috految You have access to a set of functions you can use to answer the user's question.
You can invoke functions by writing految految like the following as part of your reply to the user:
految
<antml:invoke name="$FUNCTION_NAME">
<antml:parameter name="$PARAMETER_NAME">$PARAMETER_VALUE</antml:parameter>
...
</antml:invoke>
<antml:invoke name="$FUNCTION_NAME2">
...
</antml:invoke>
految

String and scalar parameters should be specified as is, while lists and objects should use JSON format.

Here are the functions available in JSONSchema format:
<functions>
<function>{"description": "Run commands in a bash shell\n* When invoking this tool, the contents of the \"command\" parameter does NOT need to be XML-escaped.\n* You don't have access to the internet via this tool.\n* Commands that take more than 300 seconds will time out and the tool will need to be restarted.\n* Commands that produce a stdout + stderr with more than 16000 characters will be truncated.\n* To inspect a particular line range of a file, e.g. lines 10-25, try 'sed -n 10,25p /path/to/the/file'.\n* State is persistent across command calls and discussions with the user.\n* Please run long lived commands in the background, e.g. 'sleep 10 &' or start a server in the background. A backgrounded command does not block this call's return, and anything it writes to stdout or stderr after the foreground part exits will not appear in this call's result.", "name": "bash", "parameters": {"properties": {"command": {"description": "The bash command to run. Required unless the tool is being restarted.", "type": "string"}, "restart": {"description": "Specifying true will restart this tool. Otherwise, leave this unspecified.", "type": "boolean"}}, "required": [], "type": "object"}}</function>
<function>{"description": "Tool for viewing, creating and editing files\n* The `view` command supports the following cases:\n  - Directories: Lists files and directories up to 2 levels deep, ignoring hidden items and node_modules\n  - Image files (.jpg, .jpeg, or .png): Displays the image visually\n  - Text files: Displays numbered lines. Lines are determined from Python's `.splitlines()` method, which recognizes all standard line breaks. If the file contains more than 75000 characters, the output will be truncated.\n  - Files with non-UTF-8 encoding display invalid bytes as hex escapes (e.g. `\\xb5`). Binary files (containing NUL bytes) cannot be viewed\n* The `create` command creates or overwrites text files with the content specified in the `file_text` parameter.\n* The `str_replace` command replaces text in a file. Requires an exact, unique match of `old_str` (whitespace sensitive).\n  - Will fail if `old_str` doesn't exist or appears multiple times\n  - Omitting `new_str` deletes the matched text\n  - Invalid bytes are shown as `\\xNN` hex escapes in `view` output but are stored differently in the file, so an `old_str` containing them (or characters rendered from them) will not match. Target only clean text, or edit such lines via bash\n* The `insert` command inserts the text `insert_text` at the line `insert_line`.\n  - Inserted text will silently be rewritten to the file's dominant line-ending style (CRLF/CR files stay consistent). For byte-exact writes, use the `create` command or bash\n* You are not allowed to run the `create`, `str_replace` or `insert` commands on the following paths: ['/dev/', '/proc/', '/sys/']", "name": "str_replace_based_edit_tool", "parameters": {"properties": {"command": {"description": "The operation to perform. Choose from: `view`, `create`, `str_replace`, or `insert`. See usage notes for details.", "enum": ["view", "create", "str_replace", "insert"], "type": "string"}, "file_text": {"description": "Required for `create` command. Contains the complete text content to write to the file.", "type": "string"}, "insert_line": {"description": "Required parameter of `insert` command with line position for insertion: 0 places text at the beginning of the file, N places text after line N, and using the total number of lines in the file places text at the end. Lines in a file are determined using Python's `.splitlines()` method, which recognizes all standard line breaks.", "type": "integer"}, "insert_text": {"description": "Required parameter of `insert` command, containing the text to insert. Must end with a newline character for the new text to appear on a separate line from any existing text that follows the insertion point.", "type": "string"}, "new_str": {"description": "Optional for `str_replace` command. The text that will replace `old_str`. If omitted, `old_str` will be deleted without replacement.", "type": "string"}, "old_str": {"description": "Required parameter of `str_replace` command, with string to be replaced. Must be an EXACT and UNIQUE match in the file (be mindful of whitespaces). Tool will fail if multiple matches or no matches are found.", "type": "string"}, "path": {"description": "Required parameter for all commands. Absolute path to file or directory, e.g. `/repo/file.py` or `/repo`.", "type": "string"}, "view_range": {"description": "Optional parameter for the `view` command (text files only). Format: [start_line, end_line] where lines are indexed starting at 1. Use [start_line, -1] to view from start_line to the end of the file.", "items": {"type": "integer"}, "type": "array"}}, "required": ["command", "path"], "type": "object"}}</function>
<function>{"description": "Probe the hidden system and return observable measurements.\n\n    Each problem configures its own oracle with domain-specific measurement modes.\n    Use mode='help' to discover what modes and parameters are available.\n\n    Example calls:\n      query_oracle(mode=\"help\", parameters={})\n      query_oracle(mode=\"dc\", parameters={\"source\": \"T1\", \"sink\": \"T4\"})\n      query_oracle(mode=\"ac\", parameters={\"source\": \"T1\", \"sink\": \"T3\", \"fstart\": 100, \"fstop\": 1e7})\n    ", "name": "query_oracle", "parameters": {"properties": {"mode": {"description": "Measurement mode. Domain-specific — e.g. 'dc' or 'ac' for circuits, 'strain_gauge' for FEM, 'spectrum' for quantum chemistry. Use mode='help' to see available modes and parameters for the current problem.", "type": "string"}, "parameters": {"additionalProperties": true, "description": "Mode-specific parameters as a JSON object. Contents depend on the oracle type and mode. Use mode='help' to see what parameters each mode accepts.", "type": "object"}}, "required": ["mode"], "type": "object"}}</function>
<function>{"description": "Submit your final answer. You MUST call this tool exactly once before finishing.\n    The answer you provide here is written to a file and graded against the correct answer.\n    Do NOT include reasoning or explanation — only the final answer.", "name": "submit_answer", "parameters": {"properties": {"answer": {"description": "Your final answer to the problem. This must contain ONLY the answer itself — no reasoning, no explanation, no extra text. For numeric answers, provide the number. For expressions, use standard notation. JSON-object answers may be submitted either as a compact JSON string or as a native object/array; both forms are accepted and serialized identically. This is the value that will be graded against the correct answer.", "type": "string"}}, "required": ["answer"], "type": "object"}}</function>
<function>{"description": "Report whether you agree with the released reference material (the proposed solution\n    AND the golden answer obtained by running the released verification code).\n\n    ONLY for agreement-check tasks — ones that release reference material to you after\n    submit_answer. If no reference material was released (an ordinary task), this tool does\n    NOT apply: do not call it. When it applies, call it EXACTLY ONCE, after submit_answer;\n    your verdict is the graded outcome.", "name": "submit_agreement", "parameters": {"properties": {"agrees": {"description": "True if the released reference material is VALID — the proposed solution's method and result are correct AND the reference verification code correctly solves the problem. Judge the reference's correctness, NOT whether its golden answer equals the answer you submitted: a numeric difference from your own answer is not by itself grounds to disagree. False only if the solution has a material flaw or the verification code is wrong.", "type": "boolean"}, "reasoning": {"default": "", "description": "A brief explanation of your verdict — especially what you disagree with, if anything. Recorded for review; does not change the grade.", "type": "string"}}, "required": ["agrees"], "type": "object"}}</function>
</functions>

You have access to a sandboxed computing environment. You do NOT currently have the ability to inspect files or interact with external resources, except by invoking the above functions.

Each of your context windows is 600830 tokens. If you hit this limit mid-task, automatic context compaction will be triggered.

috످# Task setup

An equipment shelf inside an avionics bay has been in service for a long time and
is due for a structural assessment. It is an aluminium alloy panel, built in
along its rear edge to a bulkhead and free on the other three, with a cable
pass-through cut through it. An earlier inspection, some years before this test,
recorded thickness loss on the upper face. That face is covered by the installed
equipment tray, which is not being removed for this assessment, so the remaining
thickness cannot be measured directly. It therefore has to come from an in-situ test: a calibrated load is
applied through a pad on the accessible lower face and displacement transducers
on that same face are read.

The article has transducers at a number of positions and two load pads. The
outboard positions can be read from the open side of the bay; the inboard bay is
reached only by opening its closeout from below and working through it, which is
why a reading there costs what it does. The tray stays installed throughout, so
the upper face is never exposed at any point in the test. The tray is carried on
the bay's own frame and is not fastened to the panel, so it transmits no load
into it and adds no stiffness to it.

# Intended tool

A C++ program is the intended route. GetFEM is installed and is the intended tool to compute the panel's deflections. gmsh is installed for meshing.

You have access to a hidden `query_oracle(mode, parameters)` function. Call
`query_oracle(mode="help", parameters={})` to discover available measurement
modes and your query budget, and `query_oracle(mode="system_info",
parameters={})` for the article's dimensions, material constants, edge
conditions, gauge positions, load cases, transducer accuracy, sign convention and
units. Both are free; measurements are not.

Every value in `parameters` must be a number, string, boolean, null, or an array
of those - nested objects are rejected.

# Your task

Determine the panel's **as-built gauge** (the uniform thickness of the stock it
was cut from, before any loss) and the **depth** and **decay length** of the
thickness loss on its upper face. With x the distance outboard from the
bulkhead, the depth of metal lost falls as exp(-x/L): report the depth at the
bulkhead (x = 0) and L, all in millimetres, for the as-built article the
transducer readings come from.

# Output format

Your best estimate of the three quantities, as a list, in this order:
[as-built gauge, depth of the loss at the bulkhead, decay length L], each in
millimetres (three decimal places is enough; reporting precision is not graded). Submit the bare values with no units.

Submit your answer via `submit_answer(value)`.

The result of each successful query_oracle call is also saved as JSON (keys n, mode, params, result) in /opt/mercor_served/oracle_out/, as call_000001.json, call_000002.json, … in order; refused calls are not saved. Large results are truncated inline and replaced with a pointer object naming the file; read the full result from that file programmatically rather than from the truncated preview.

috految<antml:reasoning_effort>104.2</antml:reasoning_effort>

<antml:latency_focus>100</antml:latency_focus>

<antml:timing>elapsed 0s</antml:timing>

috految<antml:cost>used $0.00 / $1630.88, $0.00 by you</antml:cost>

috److految
<antml:invoke name="query_oracle">
<antml:parameter name="mode">help</antml:parameter>
<antml:parameter name="parameters">{}</antml:parameter>
</antml:invoke>
<antml:invoke name="query_oracle">
<antml:parameter name="mode">system_info</antml:parameter>
<antml:parameter name="parameters">{}</antml:parameter>
</antml:invoke>
<antml:invoke name="bash">
<antml:parameter name="command">nproc; free -g; which g++ gmsh python3 getfem-config; python3 -c "
import importlib.metadata as m
print([(d.name,d.version) for d in m.distributions()])"; ls /usr/include | grep -i -E 'eigen|suite|getfem|mumps|lapack'; ls /usr/lib/x86_64-linux-gnu | grep -i -E 'blas|cholmod|mumps|lapack'</antml:parameter>
</antml:invoke>
految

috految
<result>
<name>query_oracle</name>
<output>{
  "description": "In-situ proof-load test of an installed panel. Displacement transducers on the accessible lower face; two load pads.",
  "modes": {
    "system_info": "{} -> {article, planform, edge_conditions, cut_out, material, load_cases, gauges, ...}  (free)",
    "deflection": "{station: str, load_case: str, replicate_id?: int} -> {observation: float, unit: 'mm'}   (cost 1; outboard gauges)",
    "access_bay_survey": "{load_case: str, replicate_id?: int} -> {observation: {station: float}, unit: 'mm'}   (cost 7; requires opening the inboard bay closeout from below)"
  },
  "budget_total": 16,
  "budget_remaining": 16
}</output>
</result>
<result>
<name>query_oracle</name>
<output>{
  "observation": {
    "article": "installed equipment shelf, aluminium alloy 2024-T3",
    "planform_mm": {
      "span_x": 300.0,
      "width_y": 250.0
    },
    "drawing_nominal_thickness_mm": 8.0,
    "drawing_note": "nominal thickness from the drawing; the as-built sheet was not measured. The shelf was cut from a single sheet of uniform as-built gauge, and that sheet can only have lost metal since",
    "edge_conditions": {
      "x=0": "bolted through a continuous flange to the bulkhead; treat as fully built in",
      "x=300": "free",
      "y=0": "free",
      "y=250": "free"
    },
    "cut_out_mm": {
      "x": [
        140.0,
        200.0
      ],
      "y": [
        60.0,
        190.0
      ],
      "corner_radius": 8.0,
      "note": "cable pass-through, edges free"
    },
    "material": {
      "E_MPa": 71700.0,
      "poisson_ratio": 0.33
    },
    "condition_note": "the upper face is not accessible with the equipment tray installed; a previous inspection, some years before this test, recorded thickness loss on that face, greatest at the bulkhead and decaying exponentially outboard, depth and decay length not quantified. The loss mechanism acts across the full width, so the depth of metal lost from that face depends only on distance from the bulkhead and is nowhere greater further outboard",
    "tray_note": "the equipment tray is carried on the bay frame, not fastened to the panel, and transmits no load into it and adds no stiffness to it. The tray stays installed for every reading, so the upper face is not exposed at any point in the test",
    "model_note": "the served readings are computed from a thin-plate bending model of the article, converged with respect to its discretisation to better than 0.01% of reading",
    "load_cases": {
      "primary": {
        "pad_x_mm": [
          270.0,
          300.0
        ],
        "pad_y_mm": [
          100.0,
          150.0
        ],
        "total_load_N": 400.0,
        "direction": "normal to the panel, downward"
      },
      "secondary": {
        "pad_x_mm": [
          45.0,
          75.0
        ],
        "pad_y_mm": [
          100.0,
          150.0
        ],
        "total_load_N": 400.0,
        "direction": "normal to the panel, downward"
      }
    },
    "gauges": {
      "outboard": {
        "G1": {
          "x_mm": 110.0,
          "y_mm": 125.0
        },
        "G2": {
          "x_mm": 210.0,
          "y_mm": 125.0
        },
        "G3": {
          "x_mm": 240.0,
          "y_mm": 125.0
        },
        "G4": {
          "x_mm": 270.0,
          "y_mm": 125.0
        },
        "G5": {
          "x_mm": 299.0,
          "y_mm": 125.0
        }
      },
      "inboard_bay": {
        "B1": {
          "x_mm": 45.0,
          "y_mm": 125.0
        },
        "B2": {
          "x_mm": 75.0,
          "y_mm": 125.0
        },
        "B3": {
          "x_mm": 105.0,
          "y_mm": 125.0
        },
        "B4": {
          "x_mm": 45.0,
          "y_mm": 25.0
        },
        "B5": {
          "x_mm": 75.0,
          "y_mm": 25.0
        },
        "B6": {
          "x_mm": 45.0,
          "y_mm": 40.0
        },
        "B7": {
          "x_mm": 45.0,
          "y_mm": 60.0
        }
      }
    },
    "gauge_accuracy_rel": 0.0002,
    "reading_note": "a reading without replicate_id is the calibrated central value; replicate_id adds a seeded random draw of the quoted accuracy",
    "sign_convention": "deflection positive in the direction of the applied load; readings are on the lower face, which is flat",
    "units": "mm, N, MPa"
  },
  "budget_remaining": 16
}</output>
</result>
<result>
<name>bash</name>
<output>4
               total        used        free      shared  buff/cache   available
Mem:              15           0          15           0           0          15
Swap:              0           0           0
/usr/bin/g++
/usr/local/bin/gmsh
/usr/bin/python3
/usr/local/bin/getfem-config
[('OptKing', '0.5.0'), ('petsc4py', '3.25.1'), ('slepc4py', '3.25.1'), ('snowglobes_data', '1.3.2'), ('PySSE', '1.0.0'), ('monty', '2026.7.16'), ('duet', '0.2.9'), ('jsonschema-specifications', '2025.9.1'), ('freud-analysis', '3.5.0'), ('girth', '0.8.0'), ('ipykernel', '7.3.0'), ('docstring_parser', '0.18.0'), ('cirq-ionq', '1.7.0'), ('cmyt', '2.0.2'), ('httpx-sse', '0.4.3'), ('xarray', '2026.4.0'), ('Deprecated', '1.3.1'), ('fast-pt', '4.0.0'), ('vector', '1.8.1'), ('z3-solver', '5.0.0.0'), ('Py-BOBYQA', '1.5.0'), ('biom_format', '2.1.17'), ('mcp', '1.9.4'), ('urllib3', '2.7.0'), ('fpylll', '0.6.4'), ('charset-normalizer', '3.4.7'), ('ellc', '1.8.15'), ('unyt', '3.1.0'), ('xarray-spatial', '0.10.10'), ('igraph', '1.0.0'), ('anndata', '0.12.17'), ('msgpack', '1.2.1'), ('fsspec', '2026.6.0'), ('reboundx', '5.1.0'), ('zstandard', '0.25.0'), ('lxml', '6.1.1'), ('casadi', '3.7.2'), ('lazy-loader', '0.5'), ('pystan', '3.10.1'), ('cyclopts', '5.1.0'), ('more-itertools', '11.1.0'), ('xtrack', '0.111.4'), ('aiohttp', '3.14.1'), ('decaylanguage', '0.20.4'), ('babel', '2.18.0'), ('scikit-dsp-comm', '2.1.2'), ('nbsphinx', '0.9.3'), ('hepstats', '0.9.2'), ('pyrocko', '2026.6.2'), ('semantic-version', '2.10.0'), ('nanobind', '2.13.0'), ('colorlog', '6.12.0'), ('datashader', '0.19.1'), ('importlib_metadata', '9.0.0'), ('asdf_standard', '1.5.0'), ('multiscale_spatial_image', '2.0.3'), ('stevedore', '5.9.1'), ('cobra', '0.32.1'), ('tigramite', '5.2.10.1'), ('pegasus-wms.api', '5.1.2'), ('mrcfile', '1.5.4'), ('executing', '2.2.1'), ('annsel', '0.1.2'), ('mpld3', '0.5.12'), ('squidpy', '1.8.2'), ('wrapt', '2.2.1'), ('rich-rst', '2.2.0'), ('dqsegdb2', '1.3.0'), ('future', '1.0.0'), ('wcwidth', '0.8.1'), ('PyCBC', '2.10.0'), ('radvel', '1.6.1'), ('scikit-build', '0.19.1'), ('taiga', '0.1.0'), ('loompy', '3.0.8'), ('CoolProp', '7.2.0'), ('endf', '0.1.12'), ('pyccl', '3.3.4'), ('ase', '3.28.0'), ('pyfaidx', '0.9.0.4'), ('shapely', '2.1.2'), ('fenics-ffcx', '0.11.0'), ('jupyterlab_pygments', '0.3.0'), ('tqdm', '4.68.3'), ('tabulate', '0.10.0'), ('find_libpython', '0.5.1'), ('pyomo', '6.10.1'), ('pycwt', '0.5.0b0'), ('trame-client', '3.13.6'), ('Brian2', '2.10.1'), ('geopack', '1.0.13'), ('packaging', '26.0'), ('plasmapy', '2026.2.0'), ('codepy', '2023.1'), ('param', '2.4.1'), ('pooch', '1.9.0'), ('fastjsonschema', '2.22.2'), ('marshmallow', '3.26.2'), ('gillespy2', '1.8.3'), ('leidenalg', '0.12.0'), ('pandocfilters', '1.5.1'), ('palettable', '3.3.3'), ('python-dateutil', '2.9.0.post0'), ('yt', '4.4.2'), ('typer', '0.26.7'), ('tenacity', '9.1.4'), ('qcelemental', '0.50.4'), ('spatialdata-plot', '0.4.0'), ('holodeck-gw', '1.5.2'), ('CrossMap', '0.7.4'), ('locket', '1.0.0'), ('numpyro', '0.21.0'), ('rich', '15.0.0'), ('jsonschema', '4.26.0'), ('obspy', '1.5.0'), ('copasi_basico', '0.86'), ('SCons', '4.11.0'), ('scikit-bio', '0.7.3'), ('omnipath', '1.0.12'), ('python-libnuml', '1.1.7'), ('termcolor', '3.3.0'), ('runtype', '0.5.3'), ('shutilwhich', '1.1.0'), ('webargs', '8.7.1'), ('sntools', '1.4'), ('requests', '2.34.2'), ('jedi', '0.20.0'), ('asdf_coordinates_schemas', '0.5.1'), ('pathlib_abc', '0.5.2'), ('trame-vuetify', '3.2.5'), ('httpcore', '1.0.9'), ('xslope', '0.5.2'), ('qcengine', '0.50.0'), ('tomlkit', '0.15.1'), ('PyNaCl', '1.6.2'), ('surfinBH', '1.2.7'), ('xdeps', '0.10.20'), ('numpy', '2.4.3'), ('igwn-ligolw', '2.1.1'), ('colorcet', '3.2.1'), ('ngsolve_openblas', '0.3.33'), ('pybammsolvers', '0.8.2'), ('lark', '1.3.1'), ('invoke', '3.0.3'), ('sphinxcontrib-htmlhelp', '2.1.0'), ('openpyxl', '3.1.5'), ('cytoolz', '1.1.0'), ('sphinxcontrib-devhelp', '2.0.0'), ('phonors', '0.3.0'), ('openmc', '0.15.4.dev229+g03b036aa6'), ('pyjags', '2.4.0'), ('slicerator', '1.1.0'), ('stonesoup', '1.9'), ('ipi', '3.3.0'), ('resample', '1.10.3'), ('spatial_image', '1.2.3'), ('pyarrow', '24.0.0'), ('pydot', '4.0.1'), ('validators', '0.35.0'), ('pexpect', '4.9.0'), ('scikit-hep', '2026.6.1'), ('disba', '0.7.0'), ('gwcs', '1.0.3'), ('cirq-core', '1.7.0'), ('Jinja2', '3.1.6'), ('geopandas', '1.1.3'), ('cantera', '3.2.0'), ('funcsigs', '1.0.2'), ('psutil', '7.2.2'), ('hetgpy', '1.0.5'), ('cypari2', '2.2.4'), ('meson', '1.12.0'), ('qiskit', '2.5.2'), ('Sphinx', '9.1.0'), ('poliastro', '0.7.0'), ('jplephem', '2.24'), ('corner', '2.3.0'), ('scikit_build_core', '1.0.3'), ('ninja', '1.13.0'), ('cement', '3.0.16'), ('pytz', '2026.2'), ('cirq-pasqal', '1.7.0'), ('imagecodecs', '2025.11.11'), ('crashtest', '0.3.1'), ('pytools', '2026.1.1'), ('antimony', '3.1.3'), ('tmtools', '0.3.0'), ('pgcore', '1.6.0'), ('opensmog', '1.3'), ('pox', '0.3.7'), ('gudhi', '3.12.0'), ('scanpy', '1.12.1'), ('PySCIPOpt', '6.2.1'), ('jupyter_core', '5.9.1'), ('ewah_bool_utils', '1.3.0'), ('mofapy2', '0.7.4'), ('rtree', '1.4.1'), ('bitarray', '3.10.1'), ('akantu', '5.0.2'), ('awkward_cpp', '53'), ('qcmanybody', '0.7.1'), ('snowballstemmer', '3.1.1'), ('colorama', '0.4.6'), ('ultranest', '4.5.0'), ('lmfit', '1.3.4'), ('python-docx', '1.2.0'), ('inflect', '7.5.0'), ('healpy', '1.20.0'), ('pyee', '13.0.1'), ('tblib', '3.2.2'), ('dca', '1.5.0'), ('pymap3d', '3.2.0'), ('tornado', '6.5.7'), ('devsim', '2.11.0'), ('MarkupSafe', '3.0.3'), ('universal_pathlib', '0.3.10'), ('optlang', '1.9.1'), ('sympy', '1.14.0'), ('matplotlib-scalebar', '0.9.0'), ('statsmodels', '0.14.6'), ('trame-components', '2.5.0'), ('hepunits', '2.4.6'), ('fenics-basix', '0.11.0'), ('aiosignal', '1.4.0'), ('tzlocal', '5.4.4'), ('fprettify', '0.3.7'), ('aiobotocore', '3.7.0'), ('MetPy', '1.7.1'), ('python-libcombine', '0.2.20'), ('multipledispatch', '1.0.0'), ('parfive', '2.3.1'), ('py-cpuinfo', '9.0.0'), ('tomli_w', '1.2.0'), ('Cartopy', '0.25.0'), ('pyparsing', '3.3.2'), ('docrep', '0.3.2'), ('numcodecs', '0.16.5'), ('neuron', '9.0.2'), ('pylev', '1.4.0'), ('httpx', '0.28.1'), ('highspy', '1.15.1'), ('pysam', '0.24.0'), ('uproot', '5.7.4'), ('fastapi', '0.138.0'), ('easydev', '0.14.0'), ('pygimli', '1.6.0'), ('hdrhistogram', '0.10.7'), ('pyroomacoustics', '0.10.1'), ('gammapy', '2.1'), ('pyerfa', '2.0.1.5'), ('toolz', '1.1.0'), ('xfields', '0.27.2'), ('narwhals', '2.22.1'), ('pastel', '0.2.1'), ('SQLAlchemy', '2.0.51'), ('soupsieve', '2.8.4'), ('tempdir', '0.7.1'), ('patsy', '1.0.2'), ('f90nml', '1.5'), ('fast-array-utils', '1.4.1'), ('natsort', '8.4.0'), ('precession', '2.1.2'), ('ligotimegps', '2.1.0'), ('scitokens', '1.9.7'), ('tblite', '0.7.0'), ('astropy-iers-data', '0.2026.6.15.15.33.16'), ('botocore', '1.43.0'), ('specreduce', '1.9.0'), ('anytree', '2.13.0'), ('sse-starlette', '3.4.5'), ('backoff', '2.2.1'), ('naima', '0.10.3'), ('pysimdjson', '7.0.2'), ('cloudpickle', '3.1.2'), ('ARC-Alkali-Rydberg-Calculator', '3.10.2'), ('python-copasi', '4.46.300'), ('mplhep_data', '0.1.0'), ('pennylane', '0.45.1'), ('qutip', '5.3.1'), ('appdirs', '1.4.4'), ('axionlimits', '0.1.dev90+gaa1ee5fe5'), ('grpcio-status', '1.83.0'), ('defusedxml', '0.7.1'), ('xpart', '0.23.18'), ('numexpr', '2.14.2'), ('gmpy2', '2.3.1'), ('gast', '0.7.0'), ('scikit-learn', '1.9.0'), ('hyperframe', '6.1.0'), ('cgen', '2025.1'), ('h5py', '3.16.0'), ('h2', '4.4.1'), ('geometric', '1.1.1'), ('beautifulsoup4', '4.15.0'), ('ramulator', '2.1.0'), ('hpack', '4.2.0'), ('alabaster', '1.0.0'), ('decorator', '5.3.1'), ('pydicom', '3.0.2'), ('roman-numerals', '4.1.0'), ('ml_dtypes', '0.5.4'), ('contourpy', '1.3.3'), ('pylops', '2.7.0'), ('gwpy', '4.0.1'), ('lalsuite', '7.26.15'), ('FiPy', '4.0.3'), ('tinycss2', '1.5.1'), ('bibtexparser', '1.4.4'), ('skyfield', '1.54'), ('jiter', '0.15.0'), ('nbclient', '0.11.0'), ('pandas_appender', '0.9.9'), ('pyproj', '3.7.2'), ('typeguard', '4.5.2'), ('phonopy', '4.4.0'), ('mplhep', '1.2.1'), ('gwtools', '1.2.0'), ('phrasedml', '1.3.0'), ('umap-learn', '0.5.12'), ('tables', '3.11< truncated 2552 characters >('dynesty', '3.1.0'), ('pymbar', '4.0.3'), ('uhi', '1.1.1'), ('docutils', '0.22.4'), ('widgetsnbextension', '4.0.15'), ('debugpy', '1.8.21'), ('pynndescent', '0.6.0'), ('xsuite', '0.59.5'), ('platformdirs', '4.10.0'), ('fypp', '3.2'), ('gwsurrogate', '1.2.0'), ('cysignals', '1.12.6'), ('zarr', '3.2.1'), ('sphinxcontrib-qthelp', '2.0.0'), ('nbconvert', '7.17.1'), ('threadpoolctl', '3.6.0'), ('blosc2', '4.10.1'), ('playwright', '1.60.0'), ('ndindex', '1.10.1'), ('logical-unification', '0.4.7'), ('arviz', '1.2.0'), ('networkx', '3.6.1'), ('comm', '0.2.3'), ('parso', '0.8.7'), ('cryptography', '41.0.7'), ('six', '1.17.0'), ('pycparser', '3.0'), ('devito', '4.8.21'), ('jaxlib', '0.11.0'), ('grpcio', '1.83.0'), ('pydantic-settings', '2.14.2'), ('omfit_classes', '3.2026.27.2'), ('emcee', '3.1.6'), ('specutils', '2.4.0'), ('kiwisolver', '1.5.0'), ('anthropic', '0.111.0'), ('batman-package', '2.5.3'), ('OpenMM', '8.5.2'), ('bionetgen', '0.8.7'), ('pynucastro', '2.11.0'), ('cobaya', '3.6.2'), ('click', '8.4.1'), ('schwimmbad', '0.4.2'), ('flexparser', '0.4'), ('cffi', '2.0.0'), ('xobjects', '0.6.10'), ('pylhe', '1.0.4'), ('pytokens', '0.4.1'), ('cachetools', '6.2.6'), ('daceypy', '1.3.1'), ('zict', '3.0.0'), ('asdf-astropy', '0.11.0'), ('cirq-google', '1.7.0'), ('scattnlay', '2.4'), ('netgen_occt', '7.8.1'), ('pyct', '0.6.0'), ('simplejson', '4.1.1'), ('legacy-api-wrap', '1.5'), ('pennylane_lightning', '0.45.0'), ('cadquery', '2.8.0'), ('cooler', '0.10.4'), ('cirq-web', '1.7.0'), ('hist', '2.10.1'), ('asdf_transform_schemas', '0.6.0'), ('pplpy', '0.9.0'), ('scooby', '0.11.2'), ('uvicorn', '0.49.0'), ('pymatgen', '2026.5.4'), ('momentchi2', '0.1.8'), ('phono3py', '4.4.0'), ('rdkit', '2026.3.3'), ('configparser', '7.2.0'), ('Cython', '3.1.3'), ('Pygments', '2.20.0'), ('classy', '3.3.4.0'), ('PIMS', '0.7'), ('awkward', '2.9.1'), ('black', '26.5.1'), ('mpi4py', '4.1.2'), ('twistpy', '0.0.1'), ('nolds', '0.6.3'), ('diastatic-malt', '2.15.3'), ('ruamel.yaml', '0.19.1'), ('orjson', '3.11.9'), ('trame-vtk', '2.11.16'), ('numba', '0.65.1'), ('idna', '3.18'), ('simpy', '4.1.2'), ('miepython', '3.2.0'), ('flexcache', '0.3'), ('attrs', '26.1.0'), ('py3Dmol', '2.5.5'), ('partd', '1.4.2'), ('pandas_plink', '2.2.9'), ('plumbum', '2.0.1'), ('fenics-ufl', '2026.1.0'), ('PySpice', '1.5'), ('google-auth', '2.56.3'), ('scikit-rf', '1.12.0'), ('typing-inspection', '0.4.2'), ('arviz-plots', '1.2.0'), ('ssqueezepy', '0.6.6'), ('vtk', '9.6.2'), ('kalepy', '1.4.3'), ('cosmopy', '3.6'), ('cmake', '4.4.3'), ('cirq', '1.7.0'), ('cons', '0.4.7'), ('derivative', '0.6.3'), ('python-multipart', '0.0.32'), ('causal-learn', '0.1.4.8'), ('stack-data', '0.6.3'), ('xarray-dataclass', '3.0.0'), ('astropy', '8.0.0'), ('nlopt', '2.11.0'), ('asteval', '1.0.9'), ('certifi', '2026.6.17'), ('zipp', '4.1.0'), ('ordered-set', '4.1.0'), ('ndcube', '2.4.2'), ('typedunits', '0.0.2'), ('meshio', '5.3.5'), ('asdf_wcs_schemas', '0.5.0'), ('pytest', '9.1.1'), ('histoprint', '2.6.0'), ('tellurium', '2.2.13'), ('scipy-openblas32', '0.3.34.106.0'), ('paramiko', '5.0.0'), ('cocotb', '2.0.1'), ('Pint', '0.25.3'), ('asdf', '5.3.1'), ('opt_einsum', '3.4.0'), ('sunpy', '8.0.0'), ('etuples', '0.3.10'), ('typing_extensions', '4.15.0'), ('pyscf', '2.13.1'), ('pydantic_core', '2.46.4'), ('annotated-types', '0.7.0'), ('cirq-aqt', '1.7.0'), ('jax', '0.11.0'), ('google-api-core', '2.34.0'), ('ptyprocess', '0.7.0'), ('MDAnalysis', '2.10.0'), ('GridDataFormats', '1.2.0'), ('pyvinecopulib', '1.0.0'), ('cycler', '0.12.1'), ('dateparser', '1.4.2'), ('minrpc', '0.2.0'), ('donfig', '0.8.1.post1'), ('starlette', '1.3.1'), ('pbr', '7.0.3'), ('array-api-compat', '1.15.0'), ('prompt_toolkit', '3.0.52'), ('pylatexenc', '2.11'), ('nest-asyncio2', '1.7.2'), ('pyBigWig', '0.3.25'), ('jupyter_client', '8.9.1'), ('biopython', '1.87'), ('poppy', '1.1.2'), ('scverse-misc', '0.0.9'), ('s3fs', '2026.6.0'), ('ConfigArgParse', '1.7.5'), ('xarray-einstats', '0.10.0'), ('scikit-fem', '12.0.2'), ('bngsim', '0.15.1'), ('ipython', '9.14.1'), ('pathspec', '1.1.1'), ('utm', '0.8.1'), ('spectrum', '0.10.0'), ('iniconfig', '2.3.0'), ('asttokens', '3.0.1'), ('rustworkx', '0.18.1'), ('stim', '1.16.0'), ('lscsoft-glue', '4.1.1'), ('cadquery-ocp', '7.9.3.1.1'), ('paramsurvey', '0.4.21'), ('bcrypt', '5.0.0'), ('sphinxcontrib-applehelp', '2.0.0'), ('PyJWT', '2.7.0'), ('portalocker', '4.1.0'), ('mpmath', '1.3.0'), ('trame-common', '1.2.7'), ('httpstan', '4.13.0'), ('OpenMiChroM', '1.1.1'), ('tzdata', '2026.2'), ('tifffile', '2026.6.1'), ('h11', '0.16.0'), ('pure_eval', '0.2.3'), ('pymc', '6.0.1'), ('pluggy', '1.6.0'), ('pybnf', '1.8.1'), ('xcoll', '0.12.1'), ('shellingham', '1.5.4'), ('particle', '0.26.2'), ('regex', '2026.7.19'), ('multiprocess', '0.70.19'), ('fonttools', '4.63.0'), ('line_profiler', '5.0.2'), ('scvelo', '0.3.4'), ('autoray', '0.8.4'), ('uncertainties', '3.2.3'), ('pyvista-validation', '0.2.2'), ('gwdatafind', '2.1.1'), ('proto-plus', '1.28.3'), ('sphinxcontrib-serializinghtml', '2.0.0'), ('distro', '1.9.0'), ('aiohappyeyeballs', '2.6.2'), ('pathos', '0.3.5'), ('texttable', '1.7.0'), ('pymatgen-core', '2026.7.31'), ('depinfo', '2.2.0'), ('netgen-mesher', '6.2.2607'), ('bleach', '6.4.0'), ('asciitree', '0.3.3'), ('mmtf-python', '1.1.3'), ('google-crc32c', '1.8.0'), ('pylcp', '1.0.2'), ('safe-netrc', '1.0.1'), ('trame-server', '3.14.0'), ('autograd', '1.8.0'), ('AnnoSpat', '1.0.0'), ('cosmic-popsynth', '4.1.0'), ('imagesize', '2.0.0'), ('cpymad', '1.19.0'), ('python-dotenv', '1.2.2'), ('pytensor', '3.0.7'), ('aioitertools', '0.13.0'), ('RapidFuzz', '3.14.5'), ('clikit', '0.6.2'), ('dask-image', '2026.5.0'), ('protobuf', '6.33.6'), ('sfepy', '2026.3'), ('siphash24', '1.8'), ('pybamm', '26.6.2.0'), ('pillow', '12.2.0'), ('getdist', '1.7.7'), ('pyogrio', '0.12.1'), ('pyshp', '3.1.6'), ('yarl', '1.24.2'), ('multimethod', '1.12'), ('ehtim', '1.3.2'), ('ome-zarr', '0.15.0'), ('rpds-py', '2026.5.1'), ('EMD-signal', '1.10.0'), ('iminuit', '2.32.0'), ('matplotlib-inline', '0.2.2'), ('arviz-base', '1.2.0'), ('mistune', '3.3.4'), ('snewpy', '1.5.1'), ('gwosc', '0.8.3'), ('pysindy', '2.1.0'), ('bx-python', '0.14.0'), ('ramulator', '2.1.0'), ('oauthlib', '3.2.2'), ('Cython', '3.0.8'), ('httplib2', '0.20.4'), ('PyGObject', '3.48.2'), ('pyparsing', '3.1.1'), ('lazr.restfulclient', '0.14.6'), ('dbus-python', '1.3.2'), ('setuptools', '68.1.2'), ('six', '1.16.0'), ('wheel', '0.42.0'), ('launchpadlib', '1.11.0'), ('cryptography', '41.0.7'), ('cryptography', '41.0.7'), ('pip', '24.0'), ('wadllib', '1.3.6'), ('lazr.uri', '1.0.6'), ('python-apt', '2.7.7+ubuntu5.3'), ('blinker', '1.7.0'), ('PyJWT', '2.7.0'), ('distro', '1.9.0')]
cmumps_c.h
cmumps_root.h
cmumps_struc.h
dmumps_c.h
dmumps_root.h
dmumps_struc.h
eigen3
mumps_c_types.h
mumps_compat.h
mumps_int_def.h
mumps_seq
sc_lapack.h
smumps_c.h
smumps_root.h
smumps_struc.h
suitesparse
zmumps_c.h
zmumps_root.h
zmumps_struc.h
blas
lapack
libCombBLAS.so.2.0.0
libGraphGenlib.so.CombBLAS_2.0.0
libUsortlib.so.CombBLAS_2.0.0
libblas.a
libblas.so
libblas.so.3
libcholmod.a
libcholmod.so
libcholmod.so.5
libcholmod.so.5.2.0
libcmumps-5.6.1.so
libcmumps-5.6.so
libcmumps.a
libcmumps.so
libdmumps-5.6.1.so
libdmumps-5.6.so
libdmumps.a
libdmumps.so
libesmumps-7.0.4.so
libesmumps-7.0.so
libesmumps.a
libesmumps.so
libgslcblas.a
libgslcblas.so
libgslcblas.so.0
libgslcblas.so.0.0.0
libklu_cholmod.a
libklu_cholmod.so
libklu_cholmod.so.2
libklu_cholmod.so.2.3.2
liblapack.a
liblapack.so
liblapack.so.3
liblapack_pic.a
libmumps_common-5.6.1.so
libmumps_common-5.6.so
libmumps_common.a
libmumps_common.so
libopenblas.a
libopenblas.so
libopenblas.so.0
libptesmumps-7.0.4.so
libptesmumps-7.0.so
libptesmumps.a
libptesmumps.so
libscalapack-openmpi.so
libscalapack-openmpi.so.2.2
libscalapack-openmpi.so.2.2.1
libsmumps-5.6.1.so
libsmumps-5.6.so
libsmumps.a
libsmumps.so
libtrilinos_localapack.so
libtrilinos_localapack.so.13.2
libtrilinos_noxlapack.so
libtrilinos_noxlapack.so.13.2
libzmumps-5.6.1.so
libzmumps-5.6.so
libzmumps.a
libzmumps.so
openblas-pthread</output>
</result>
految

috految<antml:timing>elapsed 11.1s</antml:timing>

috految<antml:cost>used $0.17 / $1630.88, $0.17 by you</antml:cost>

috److془Let's plan. Hidden: repair doubler on the upper face (partial width), etc. Budget: 16: two surveys + 2 outboard, or one survey + 9 outboard.

Let's take the secondary survey + G5 primary first, then decide. Actually two surveys + 2 outboard probably best. Let's take the secondary survey and G5 primary.

Hmm, but if one survey + 9 outboard is better, which one? Secondary survey + primary G1..G5 + secondary G's. Fine.

Build the model: Tensor product B-spline w/ finite cell for the cut-out. Knots adaptively placed at the patch edges (C1 at the edges). Banded Cholesky. Adjoint sensitivities.

Let's go.془

految
<antml:invoke name="query_oracle">
<antml:parameter name="mode">access_bay_survey</antml:parameter>
<antml:parameter name="parameters">{"load_case":"secondary"}</antml:parameter>
</antml:invoke>
<antml:invoke name="query_oracle">
<antml:parameter name="mode">deflection</antml:parameter>
<antml:parameter name="parameters">{"station":"G5","load_case":"primary"}</antml:parameter>
</antml:invoke>
<antml:invoke name="bash">
<antml:parameter name="command">mkdir -p /tmp/w; cd /tmp/w; export OMP_NUM_THREADS=1 OPENBLAS_NUM_THREADS=1 MALLOC_TRIM_THRESHOLD_=2000000000 MALLOC_MMAP_THRESHOLD_=2000000000; (python3 -c "import numpy,scipy.linalg,scipy.optimize,scipy.interpolate,scipy.sparse.linalg,multiprocessing" >/dev/null 2>&1 &) ; grep -m1 'model name' /proc/cpuinfo; cat /opt/mercor_served/oracle_out/call_000003.json</antml:parameter>
</antml:invoke>
految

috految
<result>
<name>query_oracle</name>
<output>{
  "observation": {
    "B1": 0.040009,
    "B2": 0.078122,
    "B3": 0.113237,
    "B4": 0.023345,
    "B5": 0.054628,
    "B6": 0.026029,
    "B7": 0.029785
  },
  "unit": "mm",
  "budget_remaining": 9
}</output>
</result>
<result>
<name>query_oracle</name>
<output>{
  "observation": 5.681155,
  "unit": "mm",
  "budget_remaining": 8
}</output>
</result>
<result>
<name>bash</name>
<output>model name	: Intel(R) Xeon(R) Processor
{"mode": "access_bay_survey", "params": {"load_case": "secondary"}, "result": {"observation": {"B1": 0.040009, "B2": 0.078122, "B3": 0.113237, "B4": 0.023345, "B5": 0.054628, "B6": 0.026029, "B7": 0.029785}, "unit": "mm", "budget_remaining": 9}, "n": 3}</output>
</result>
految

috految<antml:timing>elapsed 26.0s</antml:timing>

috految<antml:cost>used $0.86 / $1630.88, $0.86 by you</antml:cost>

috److془Build the model. Tensor product B-spline with moment-fitted weights (Gauss grid with weights integrated over cut domain - need 2p+1 points per element in cut cells).

Assembly: K[(i,j),(i+a,j+b)] = sum_terms X_t[(i,a),qx] D[qx,qy] Y_t[(j,b),qy]. Fast.

Basis functions crossing the hole: with knots inside the hole (at least p+1 spans), decoupled. Good. Near corners, refine.

Sensitivity: fixed-mesh adjoint for D; for edges: shape derivative via the finite difference of knots: d(obs) = d(c·u) + λ·(df - dK u). Simple: evaluate Lagrangian with perturbed model. Or just use edge Hadamard formula. Using Lagrangian with perturbed mesh is general. Hmm: for ill-conditioning with small elements, the second-order term is vulnerable; use small eps 1e-5 or central differences. Alternatively, Hadamard: dJ/ds = ∫ (D_in - D_out) κ_in(u) : C : κ_out(λ). Simple. Singularities at corners mild. But the ill-conditioned problem needs accurate Jacobians. Use Lagrangian.

Also include membrane coupling option (neutral axis offset as lower face flat). "the served readings are computed from a thin-plate bending model of the article" → pure Kirchhoff probably.془

految
<antml:invoke name="bash">
<antml:parameter name="command">cd /tmp/w; cat > m.py <<'E'
import numpy as np,json,glob,time
from functools import lru_cache
from scipy.interpolate import BSpline
from scipy.linalg import cholesky_banded,cho_solve_banded
from scipy.optimize import least_squares
import scipy.sparse as sp
from multiprocessing import Pool
np.set_printoptions(linewidth=200,precision=4,suppress=True)
E=71700.;nu=.33;D0=E/12/(1-nu*nu)
S=dict(G1=(110,125),G2=(210,125),G3=(240,125),G4=(270,125),G5=(299,125),B1=(45,125),B2=(75,125),B3=(105,125),B4=(45,25),B5=(75,25),B6=(45,40),B7=(45,60))
names=[c+s for c in 'ps' for s in S];P=np.array(list(S.values()),float)
dat={}
for f in sorted(glob.glob('/opt/mercor_served/oracle_out/call_*.json')):
    j=json.load(open(f))
    if j['mode']=='deflection':dat[j['params']['load_case'][0]+j['params']['station']]=j['result']['observation']
    if j['mode']=='access_bay_survey':
        for k,v in j['result']['observation'].items():dat[j['params']['load_case'][0]+k]=v
I=[i for i,n in enumerate(names) if n in dat];obs=np.array([dat[names[i]] for i in I])
gl=lru_cache(None)(np.polynomial.legendre.leggauss)
class Ax:
    def __init__(s,br,dbl,p,kind,sym):
        br=np.array(br);t=np.sort(np.r_[[br[0]]*p,br,[br[-1]]*p,list(dbl)*(p-2)]);n=len(t)-p-1
        T=np.eye(n)
        if kind=='x':T=T[:,2:]
        elif sym:T[-1,-2]=1;T=T[:,:-1]
        s.b=b=BSpline(t,T,p);s.n=n=T.shape[1];s.p=p
        cut=[(140,148),(192,200)] if kind=='x' else [(60,68),(182,190)]
        qb=np.unique(np.r_[br,[v for c in cut for v in c if v<br[-1]]]);q=[];w=[];s.el=[];k=0
        for a,c in zip(qb[:-1],qb[1:]):
            ic=any(u<(a+c)/2<v for u,v in cut);g,ww=gl(2*p+1 if ic else p+1)
            q.append((a+c)/2+(c-a)/2*g);w.append(ww*(c-a)/2)
            if ic:s.el.append((a,c,slice(k,k+len(g))))
            k+=len(g)
        s.q=np.concatenate(q);s.w=np.concatenate(w);s.B=[b(s.q,d) for d in range(3)];s.N=b(P[:,0 if kind=='x' else 1])
        A=b.antiderivative()
        s.f=[(A(300)-A(270))/30,(A(75)-A(45))/30] if kind=='x' else (A(min(150,br[-1]))-A(100))/50
        s.c={}
    def pr(s,d,e,half):
        if (d,e) not in s.c:
            p=s.p;Bp=np.pad(s.B[e].T,((p,p),(0,0)))
            s.c[d,e]=np.stack([s.B[d].T*Bp[p+a:p+a+s.n] for a in range(0 if half else -p,p+1)],1).reshape(-1,len(s.q))
        return s.c[d,e]
ax=lru_cache(100)(Ax)
@lru_cache(1000)
def cw(a,b,c,d,n):
    cx=148 if a<170 else 192;cy=68 if c<125 else 182;sx=-1 if a<170 else 1;sy=-1 if c<125 else 1
    V=np.polynomial.legendre.legvander;Vi=np.linalg.inv(V(gl(n)[0],n-1));g,w=gl(24)
    u=sorted([abs(a-cx),abs(b-cx)]);v=sorted([abs(c-cy),abs(d-cy)])
    ts=np.arcsin(np.clip(np.array(u+[np.clip(np.sqrt(max(64-z*z,0)),*u) for z in v])/8,0,1));ts.sort();W=np.zeros((n,n))
    for t0,t1 in zip(ts[:-1],ts[1:]):
        if t1-t0<1e-12:continue
        th=(t0+t1)/2+(t1-t0)/2*g;x=cx+sx*8*np.sin(th);wx=w*(t1-t0)/2*8*np.cos(th)
        lo=np.clip(8*np.cos(th),*v);y=cy+sy*((lo+v[1])[:,None]/2+(v[1]-lo)[:,None]/2*g);wy=(v[1]-lo)[:,None]/2*w
        W+=((V((2*x-a-b)/(b-a),n-1)@Vi)*wx[:,None]).T@np.einsum('ij,ijk->ik',wy,V((2*y-c-d)/(d-c),n-1)@Vi)
    return W
class M:
    def __init__(s,lv,sym,xe=(),ye=()):
        p=[3,4,4,5][lv]
        if lv==0:
            xs=[0,2,7,15,25,35,45,55,65,75,88,102,116,128,136,140,144,148,154,164,176,186,192,196,200,205,215,230,250,270,285,300];ys=[0,2,7,15,25,35,45,54,60,64,68,75,87,100,112.5,125];gr=[]
        else:
            xs=[0,.6,2,5,9,15,21,28,36,45,52.5,60,67.5,75,83,92,101,110,119,127,133,137,140,142,144,146,148,151,156,164,176,184,189,192,194,196,198,200,203,208,215,225,240,255,270,285,295,300];ys=[0,.6,2,5,10,17,25,32,40,47,53,57,60,62,64,66,68,71,76,83,91,100,108,116,125];gr=[1,3.5]
            if lv>1:
                rf=lambda z:sorted(set(z)|{(a+b)/2 for a,b in zip(z[:-1],z[1:])});xs=rf(xs);ys=rf(ys);gr=[.4,1.2,3]
        if not sym:ys=sorted(set(ys)|{250-y for y in ys})
        def mg(z,es):
            es=[e for e in es if .05<e<z[-1]-.05];z=list(z)
            for e in es:
                z=[v for v in z if abs(v-e)>.05 or v in(z[0],z[-1])]
                z=sorted(z+[e+k*g for g in gr for k in(-1,1) if 0<e+k*g<z[-1] and min(abs(np.array(z)-e-k*g))>.3*g])
            return tuple(sorted(set(z+es))),tuple(set(es))
        s.X=X=ax(*mg(xs,xe),p,'x',sym);s.Y=Y=ax(*mg(ys,ye),p,'y',sym);s.p=p
        s.x=x=X.q[:,None];s.y=y=Y.q[None,:];W=np.outer(X.w,Y.w);h=(x>140)&(x<200)&(y>60)&(y<190);s.W=np.where(h,1e-9*W,W)
        for a,b,i in X.el:
            for c,d,j in Y.el:s.W[i,j]+=cw(a,b,c,d,2*p+1)
        s.F=np.array([400*np.outer(f,Y.f) for f in X.f]);s.C=X.N[:,:,None]*Y.N[:,None,:]
        s.C=s.C.reshape(12,-1)
    def fac(s,D):
        X,Y,p=s.X,s.Y,s.p;W=s.W*D;K=0
        for a,b,c,d,k in[(2,2,0,0,1),(0,0,2,2,1),(2,0,0,2,nu),(0,2,2,0,nu),(1,1,1,1,2*(1-nu))]:
            K=K+k*((X.pr(a,b,1)@W)@Y.pr(c,d,0).T)
        K=K.reshape(X.n,p+1,Y.n,2*p+1);ab=np.zeros((p*Y.n+p+1,X.n*Y.n),order='F')
        for a in range(p+1):
            for b in range(-p if a else 0,p+1):ab[a*Y.n+b]=K[:,a,:,b+p].ravel()
        s.L=cholesky_banded(ab,lower=True,overwrite_ab=True,check_finite=False)
    def sol(s,R):return cho_solve_banded((s.L,True),R.reshape(len(R),-1).T,check_finite=False).T.reshape(-1,s.X.n,s.Y.n)
    def cur(s,u):X,Y=s.X.B,s.Y.B;return X[2]@u@Y[0].T,X[0]@u@Y[2].T,X[1]@u@Y[1].T
    def Ku(s,D,u):
        a,b,c=s.cur(u);W=s.W*D;X,Y=s.X.B,s.Y.B
        return X[2].T@(W*(a+nu*b))@Y[0]+X[0].T@(W*(b+nu*a))@Y[2]+X[1].T@(W*2*(1-nu)*c)@Y[1]
    def run(s,D):
        s.D=D;s.fac(D);s.u=s.sol(s.F);s.u+=s.sol(s.F-s.Ku(D,s.u));s.o=(s.u.reshape(2,-1)@s.C.T).ravel();return s.o
def ev(mod,q,lv=0,sym=True):
    th,xe,ye=mod(q);m=M(lv,sym,xe,ye);m.run(D0*th(m.x,m.y)**3);m.e=(xe,ye);return m
def jac(mod,q,m,lv,sym):
    lam=m.sol(m.C).reshape(12,-1);J=[];r0=m.F-m.Ku(m.D,m.u)
    for k in range(len(q)):
        z=np.array(q,float);h=1e-6*max(abs(z[k]),1);z[k]+=h;th,xe,ye=mod(z);n=m if (xe,ye)==m.e else M(lv,sym,xe,ye)
        if n is m:d=(-m.Ku(D0*th(n.x,n.y)**3-m.D,m.u)).reshape(2,-1)@lam.T
        elif n.F.shape!=m.F.shape:J.append(0*m.o);continue
        else:
            r=n.F-n.Ku(D0*th(n.x,n.y)**3,m.u)-r0;du=m.sol(r);u=m.u+du
            d=(n.F-n.Ku(D0*th(n.x,n.y)**3,u)-r0).reshape(2,-1)@lam.T+u.reshape(2,-1)@n.C.T-m.o.reshape(2,-1)
        J.append(d.ravel()/h/m.o)
    return np.array(J).T
def fit(mod,q,lo,hi,lv=0,sym=True,cor=0,nf=25,sig=1e-4,tag=''):
    st={};t=time.time()
    def f(z):
        try:st['m']=m=ev(mod,z,lv,sym)
        except np.linalg.LinAlgError:return np.full(len(I),1e6)
        return (np.log(m.o[I]/obs)+cor)/sig
    def j(z):return jac(mod,z,st['m'],lv,sym)[I]/np.reshape(sig,(-1,1))
    r=least_squares(f,q,j,bounds=(lo,hi),x_scale=np.array(hi)-lo,max_nfev=nf,ftol=1e-4,xtol=1e-6)
    print(tag,'rms %.4f'%np.sqrt(np.mean(r.fun**2)),r.x,'n',r.nfev,'t %.1f'%(time.time()-t),'\n    res',r.fun.round(2),'\n    sd',np.sqrt(np.diag(np.linalg.pinv(r.jac.T@r.jac))),flush=True);return r
def base(q):return (lambda x,y:q[0]-q[1]*np.exp(-x/q[2])+0*y),(),()
def patch(q):
    t,d,L,h,x0,x1,a=q[:7];b=q[7] if len(q)>7 else 250-a
    return (lambda x,y:t-d*np.exp(-x/L)+h*((x>x0)&(x<x1)&(y>a)&(y<b))),(x0,x1),(a,b)
E
cat > a.py <<'E'
from m import *
print([names[i] for i in I])
def job(k):
    if k==0:
        for lv in range(3):
            t=time.time();o=ev(base,[8,2,60],lv).o;print(lv,time.time()-t,o*1000,flush=True)
        return
    if k==1:
        r=fit(base,[8,2,60],[6,-4,2],[10,6,500],tag='base');print(ev(base,r.x).o,flush=True)
    if k==2:fit(lambda q:patch([*q,0]),[8,2,60,1,31,93],[6,0,2,-3,.1,1],[10,6,500,8,140,299],tag='strip')
    if k==3:fit(lambda q:patch([*q[:4],0,*q[4:]]),[8,2,60,1,93,51],[6,0,2,-3,1,1],[10,6,500,8,299,124],tag='rootpatch')
    if k==4:fit(patch,[8,2,60,1,31,93,51],[6,0,2,-3,.1,1,1],[10,6,500,8,140,299,124],tag='patch')
    if k==5:fit(lambda q:patch([*q[:6],0,q[6]]),[8,2,60,1,11,93,51],[6,0,2,-3,.1,1,1],[10,6,500,8,140,299,124],tag='edges')
Pool(4).map(job,range(6),1)
E
time timeout 30 python3 a.py</antml:parameter>
</antml:invoke>
految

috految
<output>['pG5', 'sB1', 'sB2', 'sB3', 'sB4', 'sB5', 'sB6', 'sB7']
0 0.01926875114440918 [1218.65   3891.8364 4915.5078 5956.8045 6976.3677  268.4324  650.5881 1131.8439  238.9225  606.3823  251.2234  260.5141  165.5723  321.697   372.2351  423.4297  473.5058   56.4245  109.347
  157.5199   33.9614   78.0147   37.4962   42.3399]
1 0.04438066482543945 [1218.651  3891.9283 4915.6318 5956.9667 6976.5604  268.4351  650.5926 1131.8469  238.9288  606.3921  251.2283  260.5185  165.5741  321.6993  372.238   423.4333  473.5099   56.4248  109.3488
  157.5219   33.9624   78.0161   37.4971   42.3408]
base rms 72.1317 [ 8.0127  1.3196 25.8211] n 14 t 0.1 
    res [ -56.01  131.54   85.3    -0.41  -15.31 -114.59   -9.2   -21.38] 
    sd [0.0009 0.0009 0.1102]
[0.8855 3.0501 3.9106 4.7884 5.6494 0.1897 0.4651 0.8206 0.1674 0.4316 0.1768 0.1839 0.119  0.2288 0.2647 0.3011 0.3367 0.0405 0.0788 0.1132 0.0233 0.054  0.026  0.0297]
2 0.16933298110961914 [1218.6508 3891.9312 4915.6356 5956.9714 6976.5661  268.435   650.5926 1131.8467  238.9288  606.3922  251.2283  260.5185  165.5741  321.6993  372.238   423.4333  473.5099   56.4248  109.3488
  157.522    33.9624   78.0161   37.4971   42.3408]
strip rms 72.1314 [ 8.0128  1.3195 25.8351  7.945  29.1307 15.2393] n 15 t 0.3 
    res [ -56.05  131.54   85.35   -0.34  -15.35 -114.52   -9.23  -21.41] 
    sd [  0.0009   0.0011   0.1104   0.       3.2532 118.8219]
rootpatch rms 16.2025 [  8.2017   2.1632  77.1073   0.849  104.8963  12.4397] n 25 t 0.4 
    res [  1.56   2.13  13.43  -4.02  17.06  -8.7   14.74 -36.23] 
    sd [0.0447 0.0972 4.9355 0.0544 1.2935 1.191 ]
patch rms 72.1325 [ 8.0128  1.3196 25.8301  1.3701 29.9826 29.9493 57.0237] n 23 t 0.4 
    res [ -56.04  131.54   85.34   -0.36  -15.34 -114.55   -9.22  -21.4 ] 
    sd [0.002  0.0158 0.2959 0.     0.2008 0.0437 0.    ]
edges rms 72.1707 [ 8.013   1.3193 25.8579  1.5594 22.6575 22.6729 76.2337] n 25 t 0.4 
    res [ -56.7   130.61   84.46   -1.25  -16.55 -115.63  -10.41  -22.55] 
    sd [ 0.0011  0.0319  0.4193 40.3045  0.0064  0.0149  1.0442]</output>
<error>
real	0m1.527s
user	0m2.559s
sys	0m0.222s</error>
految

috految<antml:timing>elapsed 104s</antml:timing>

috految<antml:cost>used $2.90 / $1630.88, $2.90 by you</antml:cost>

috److془Get the primary survey. Then last reading.془

految
<antml:invoke name="query_oracle">
<antml:parameter name="mode">access_bay_survey</antml:parameter>
<antml:parameter name="parameters">{"load_case":"primary"}</antml:parameter>
</antml:invoke>
<antml:invoke name="bash">
<antml:parameter name="command">cd /tmp/w; cat > b.py <<'E'
from m import *
print([names[i] for i in I]);cor=np.log(ev(base,[8,1.5,40],1).o/ev(base,[8,1.5,40],0).o)[I]
def job(a):
    k,q=a;kw=dict(cor=cor,tag=k,nf=30)
    if k=='base':fit(base,q,[6,-4,2],[10,6,500],**kw)
    if k=='strip':fit(lambda q:patch([*q,0]),q,[6,0,2,-3,.1,1],[10,6,500,8,140,299],**kw)
    if k=='root':fit(lambda q:patch([*q[:4],0,*q[4:]]),q,[6,0,2,-3,1,1],[10,6,500,8,299,124],**kw)
    if k=='patch':fit(patch,q,[6,0,2,-3,.1,1,1],[10,6,500,8,140,299,124],**kw)
    if k=='two':fit(patch,q,[6,0,2,-3,.1,1,.1,1],[10,6,500,8,140,299,124,125],**kw)
    if k=='asym':fit(patch,q,[6,0,2,-3,.1,1,.1,1],[10,6,500,8,140,299,240,249.9],sym=False,**kw)
Pool(4).map(job,[('asym',[8,2,50,1,11,103,31,201]),('asym',[8,2,50,1,8,61,61,171]),('base',[8,2,50]),('strip',[8,2,50,1,11,103]),('root',[8,2,50,1,103,31]),('root',[8,2,50,1,51,71]),('patch',[8,2,50,1,11,103,31]),('patch',[8,2,50,1,11,63,71]),('patch',[8,2,50,1,51,93,61]),('two',[8,2,50,1,11,103,31,96]),('two',[8,2,50,1,11,63,11,56])],1)
E
time timeout 30 python3 b.py</antml:parameter>
</antml:invoke>
految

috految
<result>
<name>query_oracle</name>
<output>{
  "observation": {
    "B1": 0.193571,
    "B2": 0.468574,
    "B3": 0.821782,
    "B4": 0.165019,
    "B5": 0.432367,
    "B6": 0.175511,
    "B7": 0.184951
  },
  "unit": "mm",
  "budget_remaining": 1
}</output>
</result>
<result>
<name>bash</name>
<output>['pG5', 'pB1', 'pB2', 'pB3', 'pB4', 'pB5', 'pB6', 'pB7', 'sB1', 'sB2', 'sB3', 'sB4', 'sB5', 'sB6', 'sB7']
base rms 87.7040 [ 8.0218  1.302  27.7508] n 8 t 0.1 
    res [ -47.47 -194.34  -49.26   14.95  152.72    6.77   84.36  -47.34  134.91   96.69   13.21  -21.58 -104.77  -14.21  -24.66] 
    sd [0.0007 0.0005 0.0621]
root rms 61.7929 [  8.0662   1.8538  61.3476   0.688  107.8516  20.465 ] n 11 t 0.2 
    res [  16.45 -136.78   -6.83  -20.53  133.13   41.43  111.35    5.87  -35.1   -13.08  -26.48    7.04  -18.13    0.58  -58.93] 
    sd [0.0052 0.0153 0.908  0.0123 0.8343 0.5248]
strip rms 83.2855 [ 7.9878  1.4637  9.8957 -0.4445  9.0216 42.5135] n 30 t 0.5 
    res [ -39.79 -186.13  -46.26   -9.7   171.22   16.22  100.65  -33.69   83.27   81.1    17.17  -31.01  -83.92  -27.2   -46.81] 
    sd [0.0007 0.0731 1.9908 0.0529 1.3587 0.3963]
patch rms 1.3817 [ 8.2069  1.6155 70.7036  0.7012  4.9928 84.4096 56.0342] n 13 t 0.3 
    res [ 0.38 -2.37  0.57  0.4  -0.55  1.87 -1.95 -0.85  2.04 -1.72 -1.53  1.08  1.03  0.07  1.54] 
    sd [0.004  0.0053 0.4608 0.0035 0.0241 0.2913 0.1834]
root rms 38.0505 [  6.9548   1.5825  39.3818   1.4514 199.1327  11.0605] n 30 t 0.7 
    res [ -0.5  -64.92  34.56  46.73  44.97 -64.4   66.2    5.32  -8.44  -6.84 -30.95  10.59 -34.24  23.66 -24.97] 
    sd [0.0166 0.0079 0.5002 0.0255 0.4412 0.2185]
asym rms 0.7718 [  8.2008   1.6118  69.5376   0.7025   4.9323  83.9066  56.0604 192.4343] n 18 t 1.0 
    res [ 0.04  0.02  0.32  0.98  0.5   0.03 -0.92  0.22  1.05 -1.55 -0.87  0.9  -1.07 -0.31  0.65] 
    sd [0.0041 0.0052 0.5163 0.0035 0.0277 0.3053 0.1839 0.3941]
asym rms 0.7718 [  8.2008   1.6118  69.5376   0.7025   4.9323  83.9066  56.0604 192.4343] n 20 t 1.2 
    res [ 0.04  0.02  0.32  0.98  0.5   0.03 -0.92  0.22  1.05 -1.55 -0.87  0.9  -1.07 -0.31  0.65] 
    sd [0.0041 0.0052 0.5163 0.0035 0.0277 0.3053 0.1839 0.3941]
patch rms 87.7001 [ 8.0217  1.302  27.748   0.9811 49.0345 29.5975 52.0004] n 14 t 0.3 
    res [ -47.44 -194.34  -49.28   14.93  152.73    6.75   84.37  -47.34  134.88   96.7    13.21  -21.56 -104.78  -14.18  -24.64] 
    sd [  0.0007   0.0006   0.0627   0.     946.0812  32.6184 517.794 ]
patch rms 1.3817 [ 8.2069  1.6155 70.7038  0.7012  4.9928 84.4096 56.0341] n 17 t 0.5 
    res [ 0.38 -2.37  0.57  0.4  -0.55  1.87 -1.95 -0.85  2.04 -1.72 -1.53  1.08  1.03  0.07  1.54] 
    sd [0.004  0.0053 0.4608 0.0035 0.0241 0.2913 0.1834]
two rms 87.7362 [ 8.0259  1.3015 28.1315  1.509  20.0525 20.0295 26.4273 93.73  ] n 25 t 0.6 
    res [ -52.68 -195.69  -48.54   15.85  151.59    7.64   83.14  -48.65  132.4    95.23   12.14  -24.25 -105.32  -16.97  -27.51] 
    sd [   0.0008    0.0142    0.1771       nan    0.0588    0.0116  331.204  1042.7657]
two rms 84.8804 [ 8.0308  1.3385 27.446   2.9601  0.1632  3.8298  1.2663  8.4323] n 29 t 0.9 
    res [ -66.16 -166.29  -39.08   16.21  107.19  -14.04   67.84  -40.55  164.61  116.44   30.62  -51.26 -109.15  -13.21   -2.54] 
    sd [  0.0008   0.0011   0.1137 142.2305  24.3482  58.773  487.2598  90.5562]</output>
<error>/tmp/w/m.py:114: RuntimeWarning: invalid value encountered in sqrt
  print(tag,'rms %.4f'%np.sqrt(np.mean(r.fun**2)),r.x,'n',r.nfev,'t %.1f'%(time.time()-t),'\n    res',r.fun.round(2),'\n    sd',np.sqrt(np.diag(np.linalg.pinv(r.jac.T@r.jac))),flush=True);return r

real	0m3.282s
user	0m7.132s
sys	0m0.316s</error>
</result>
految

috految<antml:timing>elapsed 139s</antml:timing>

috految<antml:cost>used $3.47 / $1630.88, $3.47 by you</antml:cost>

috److془Patch found. Now refine: tapered edges etc. Last reading: G2 primary.془

految
<antml:invoke name="query_oracle">
<antml:parameter name="mode">deflection</antml:parameter>
<antml:parameter name="parameters">{"station":"G2","load_case":"primary"}</antml:parameter>
</antml:invoke>
<antml:invoke name="bash">
<antml:parameter name="command">cd /tmp/w; cat > c.py <<'E'
from m import *
print([names[i] for i in I]);q0=[8.2,1.6,70,.7,5.2,84.4,56.1];lo=[6,0,2,-3,-10,1,1];hi=[10,6,500,8,140,299,124]
sig=np.hypot(3e-7/obs,5e-6)
def sm(k):
    def mod(q):
        t,d,L,h,x0,x1,a,w=q[:8];wy=q[8] if len(q)>8 else w;g=q[9] if len(q)>9 else 0
        def r(z):
            if k=='tanh':return .5+.5*np.tanh(3*z)
            z=np.clip(z+.5,0,1);return z if k=='lin' else z*z*(3-2*z)
        return (lambda x,y:t-d*np.exp(-x/L)+(h+g*d*np.exp(-x/L))*r((x-x0)/w)*r((x1-x)/w)*r((y-a)/wy)),(),()
    return mod
def gen(q):
    t,d,L,h,x0,x1,a,g=q
    return (lambda x,y:t-d*np.exp(-x/L)+(h+g*d*np.exp(-x/L))*((x>x0)&(x<x1)&(y>a))),(x0,x1),(a,)
def job(k):
    kw=dict(tag=k,nf=10,sig=sig,lv=1)
    if k=='sharp':r=fit(patch,q0,lo,hi,**kw);print('conv',np.log(ev(patch,r.x,2).o/ev(patch,r.x,1).o)[I]*1e5,flush=True)
    elif k=='gen':fit(gen,q0+[0],lo+[-3],hi+[3],**kw)
    elif k=='asym':kw['nf']=5;fit(patch,q0+[193.1],lo+[126],hi+[249],sym=False,**kw)
    elif k=='free':fit(sm('ss'),q0+[10,10,0],lo+[1,1,-3],hi+[80,80,3],**kw)
    else:r=fit(sm(k),q0+[10],lo+[1],hi+[80],**kw)
Pool(4).map(job,['asym','sharp','gen','tanh','ss','lin','free'],1)
E
time timeout 30 python3 c.py</antml:parameter>
</antml:invoke>
految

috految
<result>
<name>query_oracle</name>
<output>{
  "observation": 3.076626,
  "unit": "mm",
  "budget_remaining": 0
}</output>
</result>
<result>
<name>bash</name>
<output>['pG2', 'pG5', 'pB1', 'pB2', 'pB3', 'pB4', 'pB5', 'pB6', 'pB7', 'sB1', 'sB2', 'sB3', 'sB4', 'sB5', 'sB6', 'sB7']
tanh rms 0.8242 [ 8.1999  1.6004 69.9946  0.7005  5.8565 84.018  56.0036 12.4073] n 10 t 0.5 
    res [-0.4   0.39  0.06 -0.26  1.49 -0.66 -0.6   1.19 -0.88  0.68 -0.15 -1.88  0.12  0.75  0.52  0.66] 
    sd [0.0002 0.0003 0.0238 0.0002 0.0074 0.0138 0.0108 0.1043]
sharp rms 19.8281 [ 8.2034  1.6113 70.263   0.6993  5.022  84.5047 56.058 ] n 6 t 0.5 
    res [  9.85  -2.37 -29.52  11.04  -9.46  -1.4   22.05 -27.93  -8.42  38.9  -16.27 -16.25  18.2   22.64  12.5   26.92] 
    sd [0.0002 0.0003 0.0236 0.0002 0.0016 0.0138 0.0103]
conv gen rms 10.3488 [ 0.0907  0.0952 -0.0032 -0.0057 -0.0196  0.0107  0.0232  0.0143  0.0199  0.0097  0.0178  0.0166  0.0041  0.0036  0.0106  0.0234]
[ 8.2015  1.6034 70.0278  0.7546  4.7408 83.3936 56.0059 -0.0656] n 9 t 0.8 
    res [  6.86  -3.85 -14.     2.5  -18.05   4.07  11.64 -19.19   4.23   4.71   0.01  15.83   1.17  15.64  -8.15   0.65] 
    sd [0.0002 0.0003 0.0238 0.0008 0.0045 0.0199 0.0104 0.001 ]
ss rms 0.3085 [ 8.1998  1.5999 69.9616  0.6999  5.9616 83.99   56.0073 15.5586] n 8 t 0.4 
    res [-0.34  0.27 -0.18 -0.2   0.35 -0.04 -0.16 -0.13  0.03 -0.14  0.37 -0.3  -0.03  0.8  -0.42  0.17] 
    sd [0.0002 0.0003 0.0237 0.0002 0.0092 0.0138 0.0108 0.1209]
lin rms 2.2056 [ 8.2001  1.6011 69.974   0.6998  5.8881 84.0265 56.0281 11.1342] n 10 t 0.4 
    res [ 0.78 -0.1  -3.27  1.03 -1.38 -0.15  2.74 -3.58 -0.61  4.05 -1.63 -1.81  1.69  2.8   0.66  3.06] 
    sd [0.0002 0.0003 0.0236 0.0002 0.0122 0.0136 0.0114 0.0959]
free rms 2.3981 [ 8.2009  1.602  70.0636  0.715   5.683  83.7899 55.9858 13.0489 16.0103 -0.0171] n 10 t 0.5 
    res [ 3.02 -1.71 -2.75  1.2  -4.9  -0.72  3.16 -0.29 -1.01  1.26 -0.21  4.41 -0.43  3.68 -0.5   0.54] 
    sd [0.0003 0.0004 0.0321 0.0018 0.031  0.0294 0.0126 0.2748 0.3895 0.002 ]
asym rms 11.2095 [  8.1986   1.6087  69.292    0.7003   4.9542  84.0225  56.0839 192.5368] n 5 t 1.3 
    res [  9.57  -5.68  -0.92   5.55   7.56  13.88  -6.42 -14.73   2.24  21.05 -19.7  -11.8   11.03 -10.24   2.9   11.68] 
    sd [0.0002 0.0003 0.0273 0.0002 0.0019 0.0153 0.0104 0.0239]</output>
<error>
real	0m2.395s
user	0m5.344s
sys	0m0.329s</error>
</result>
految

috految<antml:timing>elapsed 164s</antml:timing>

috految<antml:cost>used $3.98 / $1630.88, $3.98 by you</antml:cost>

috److془Fit: 8.2, 1.6, 70, doubler 0.7 x 0..90, y 50..200 with 12mm taper. 

Consider alternate: as-built 8.9 with pocket machined? "The shelf was cut from a single sheet of uniform as-built gauge, and that sheet can only have lost metal since"; "depth of metal lost from that face depends only on distance from the bulkhead", lower face flat. So doubler. 8.2, 1.6, 70.془

految
<antml:invoke name="submit_answer">
<antml:parameter name="answer">[8.200, 1.600, 69.990]</antml:parameter>
</antml:invoke>
految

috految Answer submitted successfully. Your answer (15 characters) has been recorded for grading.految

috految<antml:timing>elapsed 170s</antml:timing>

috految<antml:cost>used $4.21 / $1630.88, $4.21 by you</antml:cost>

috److I submitted **[8.200, 1.600, 69.990]**:

| Quantity | Estimate |
|---|---|
| As-built gauge | 8.200 mm |
| Depth of loss at the bulkhead | 1.600 mm |
| Decay length L | 69.99 mm |

**Measurements.** I used the full budget on the inboard bay survey under both load cases, plus gauges G2 and G5 under the primary load. That gave 16 readings.

**Model.** I fitted the readings with a B-spline thin-plate model written in Python, rather than GetFEM. In the mesh refinement checks I ran, deflections changed by about 0.0001% or less between the two finest meshes.

**Exponential loss alone does not fit.** It leaves about 0.9% RMS error, against a transducer accuracy of 0.02%.

**The readings need extra material near the bulkhead.**
- Adding a patch about 0.70 mm thick with tapered edges brings all 16 readings within about 0.001%.
- The patch spans roughly x = 0–90 mm and y = 50–200 mm.
- The sheet itself can only have lost metal, and that loss is uniform across the width. I therefore interpret the patch as an unrecorded repair doubler on the hidden face. This is inferred from the fit, not observed.

**Sensitivity to the patch shape.** Across the three edge-taper shapes I tried, the gauge stayed at 8.200 mm, the depth at 1.600–1.601 mm, and L at 69.96–69.99 mm.

috످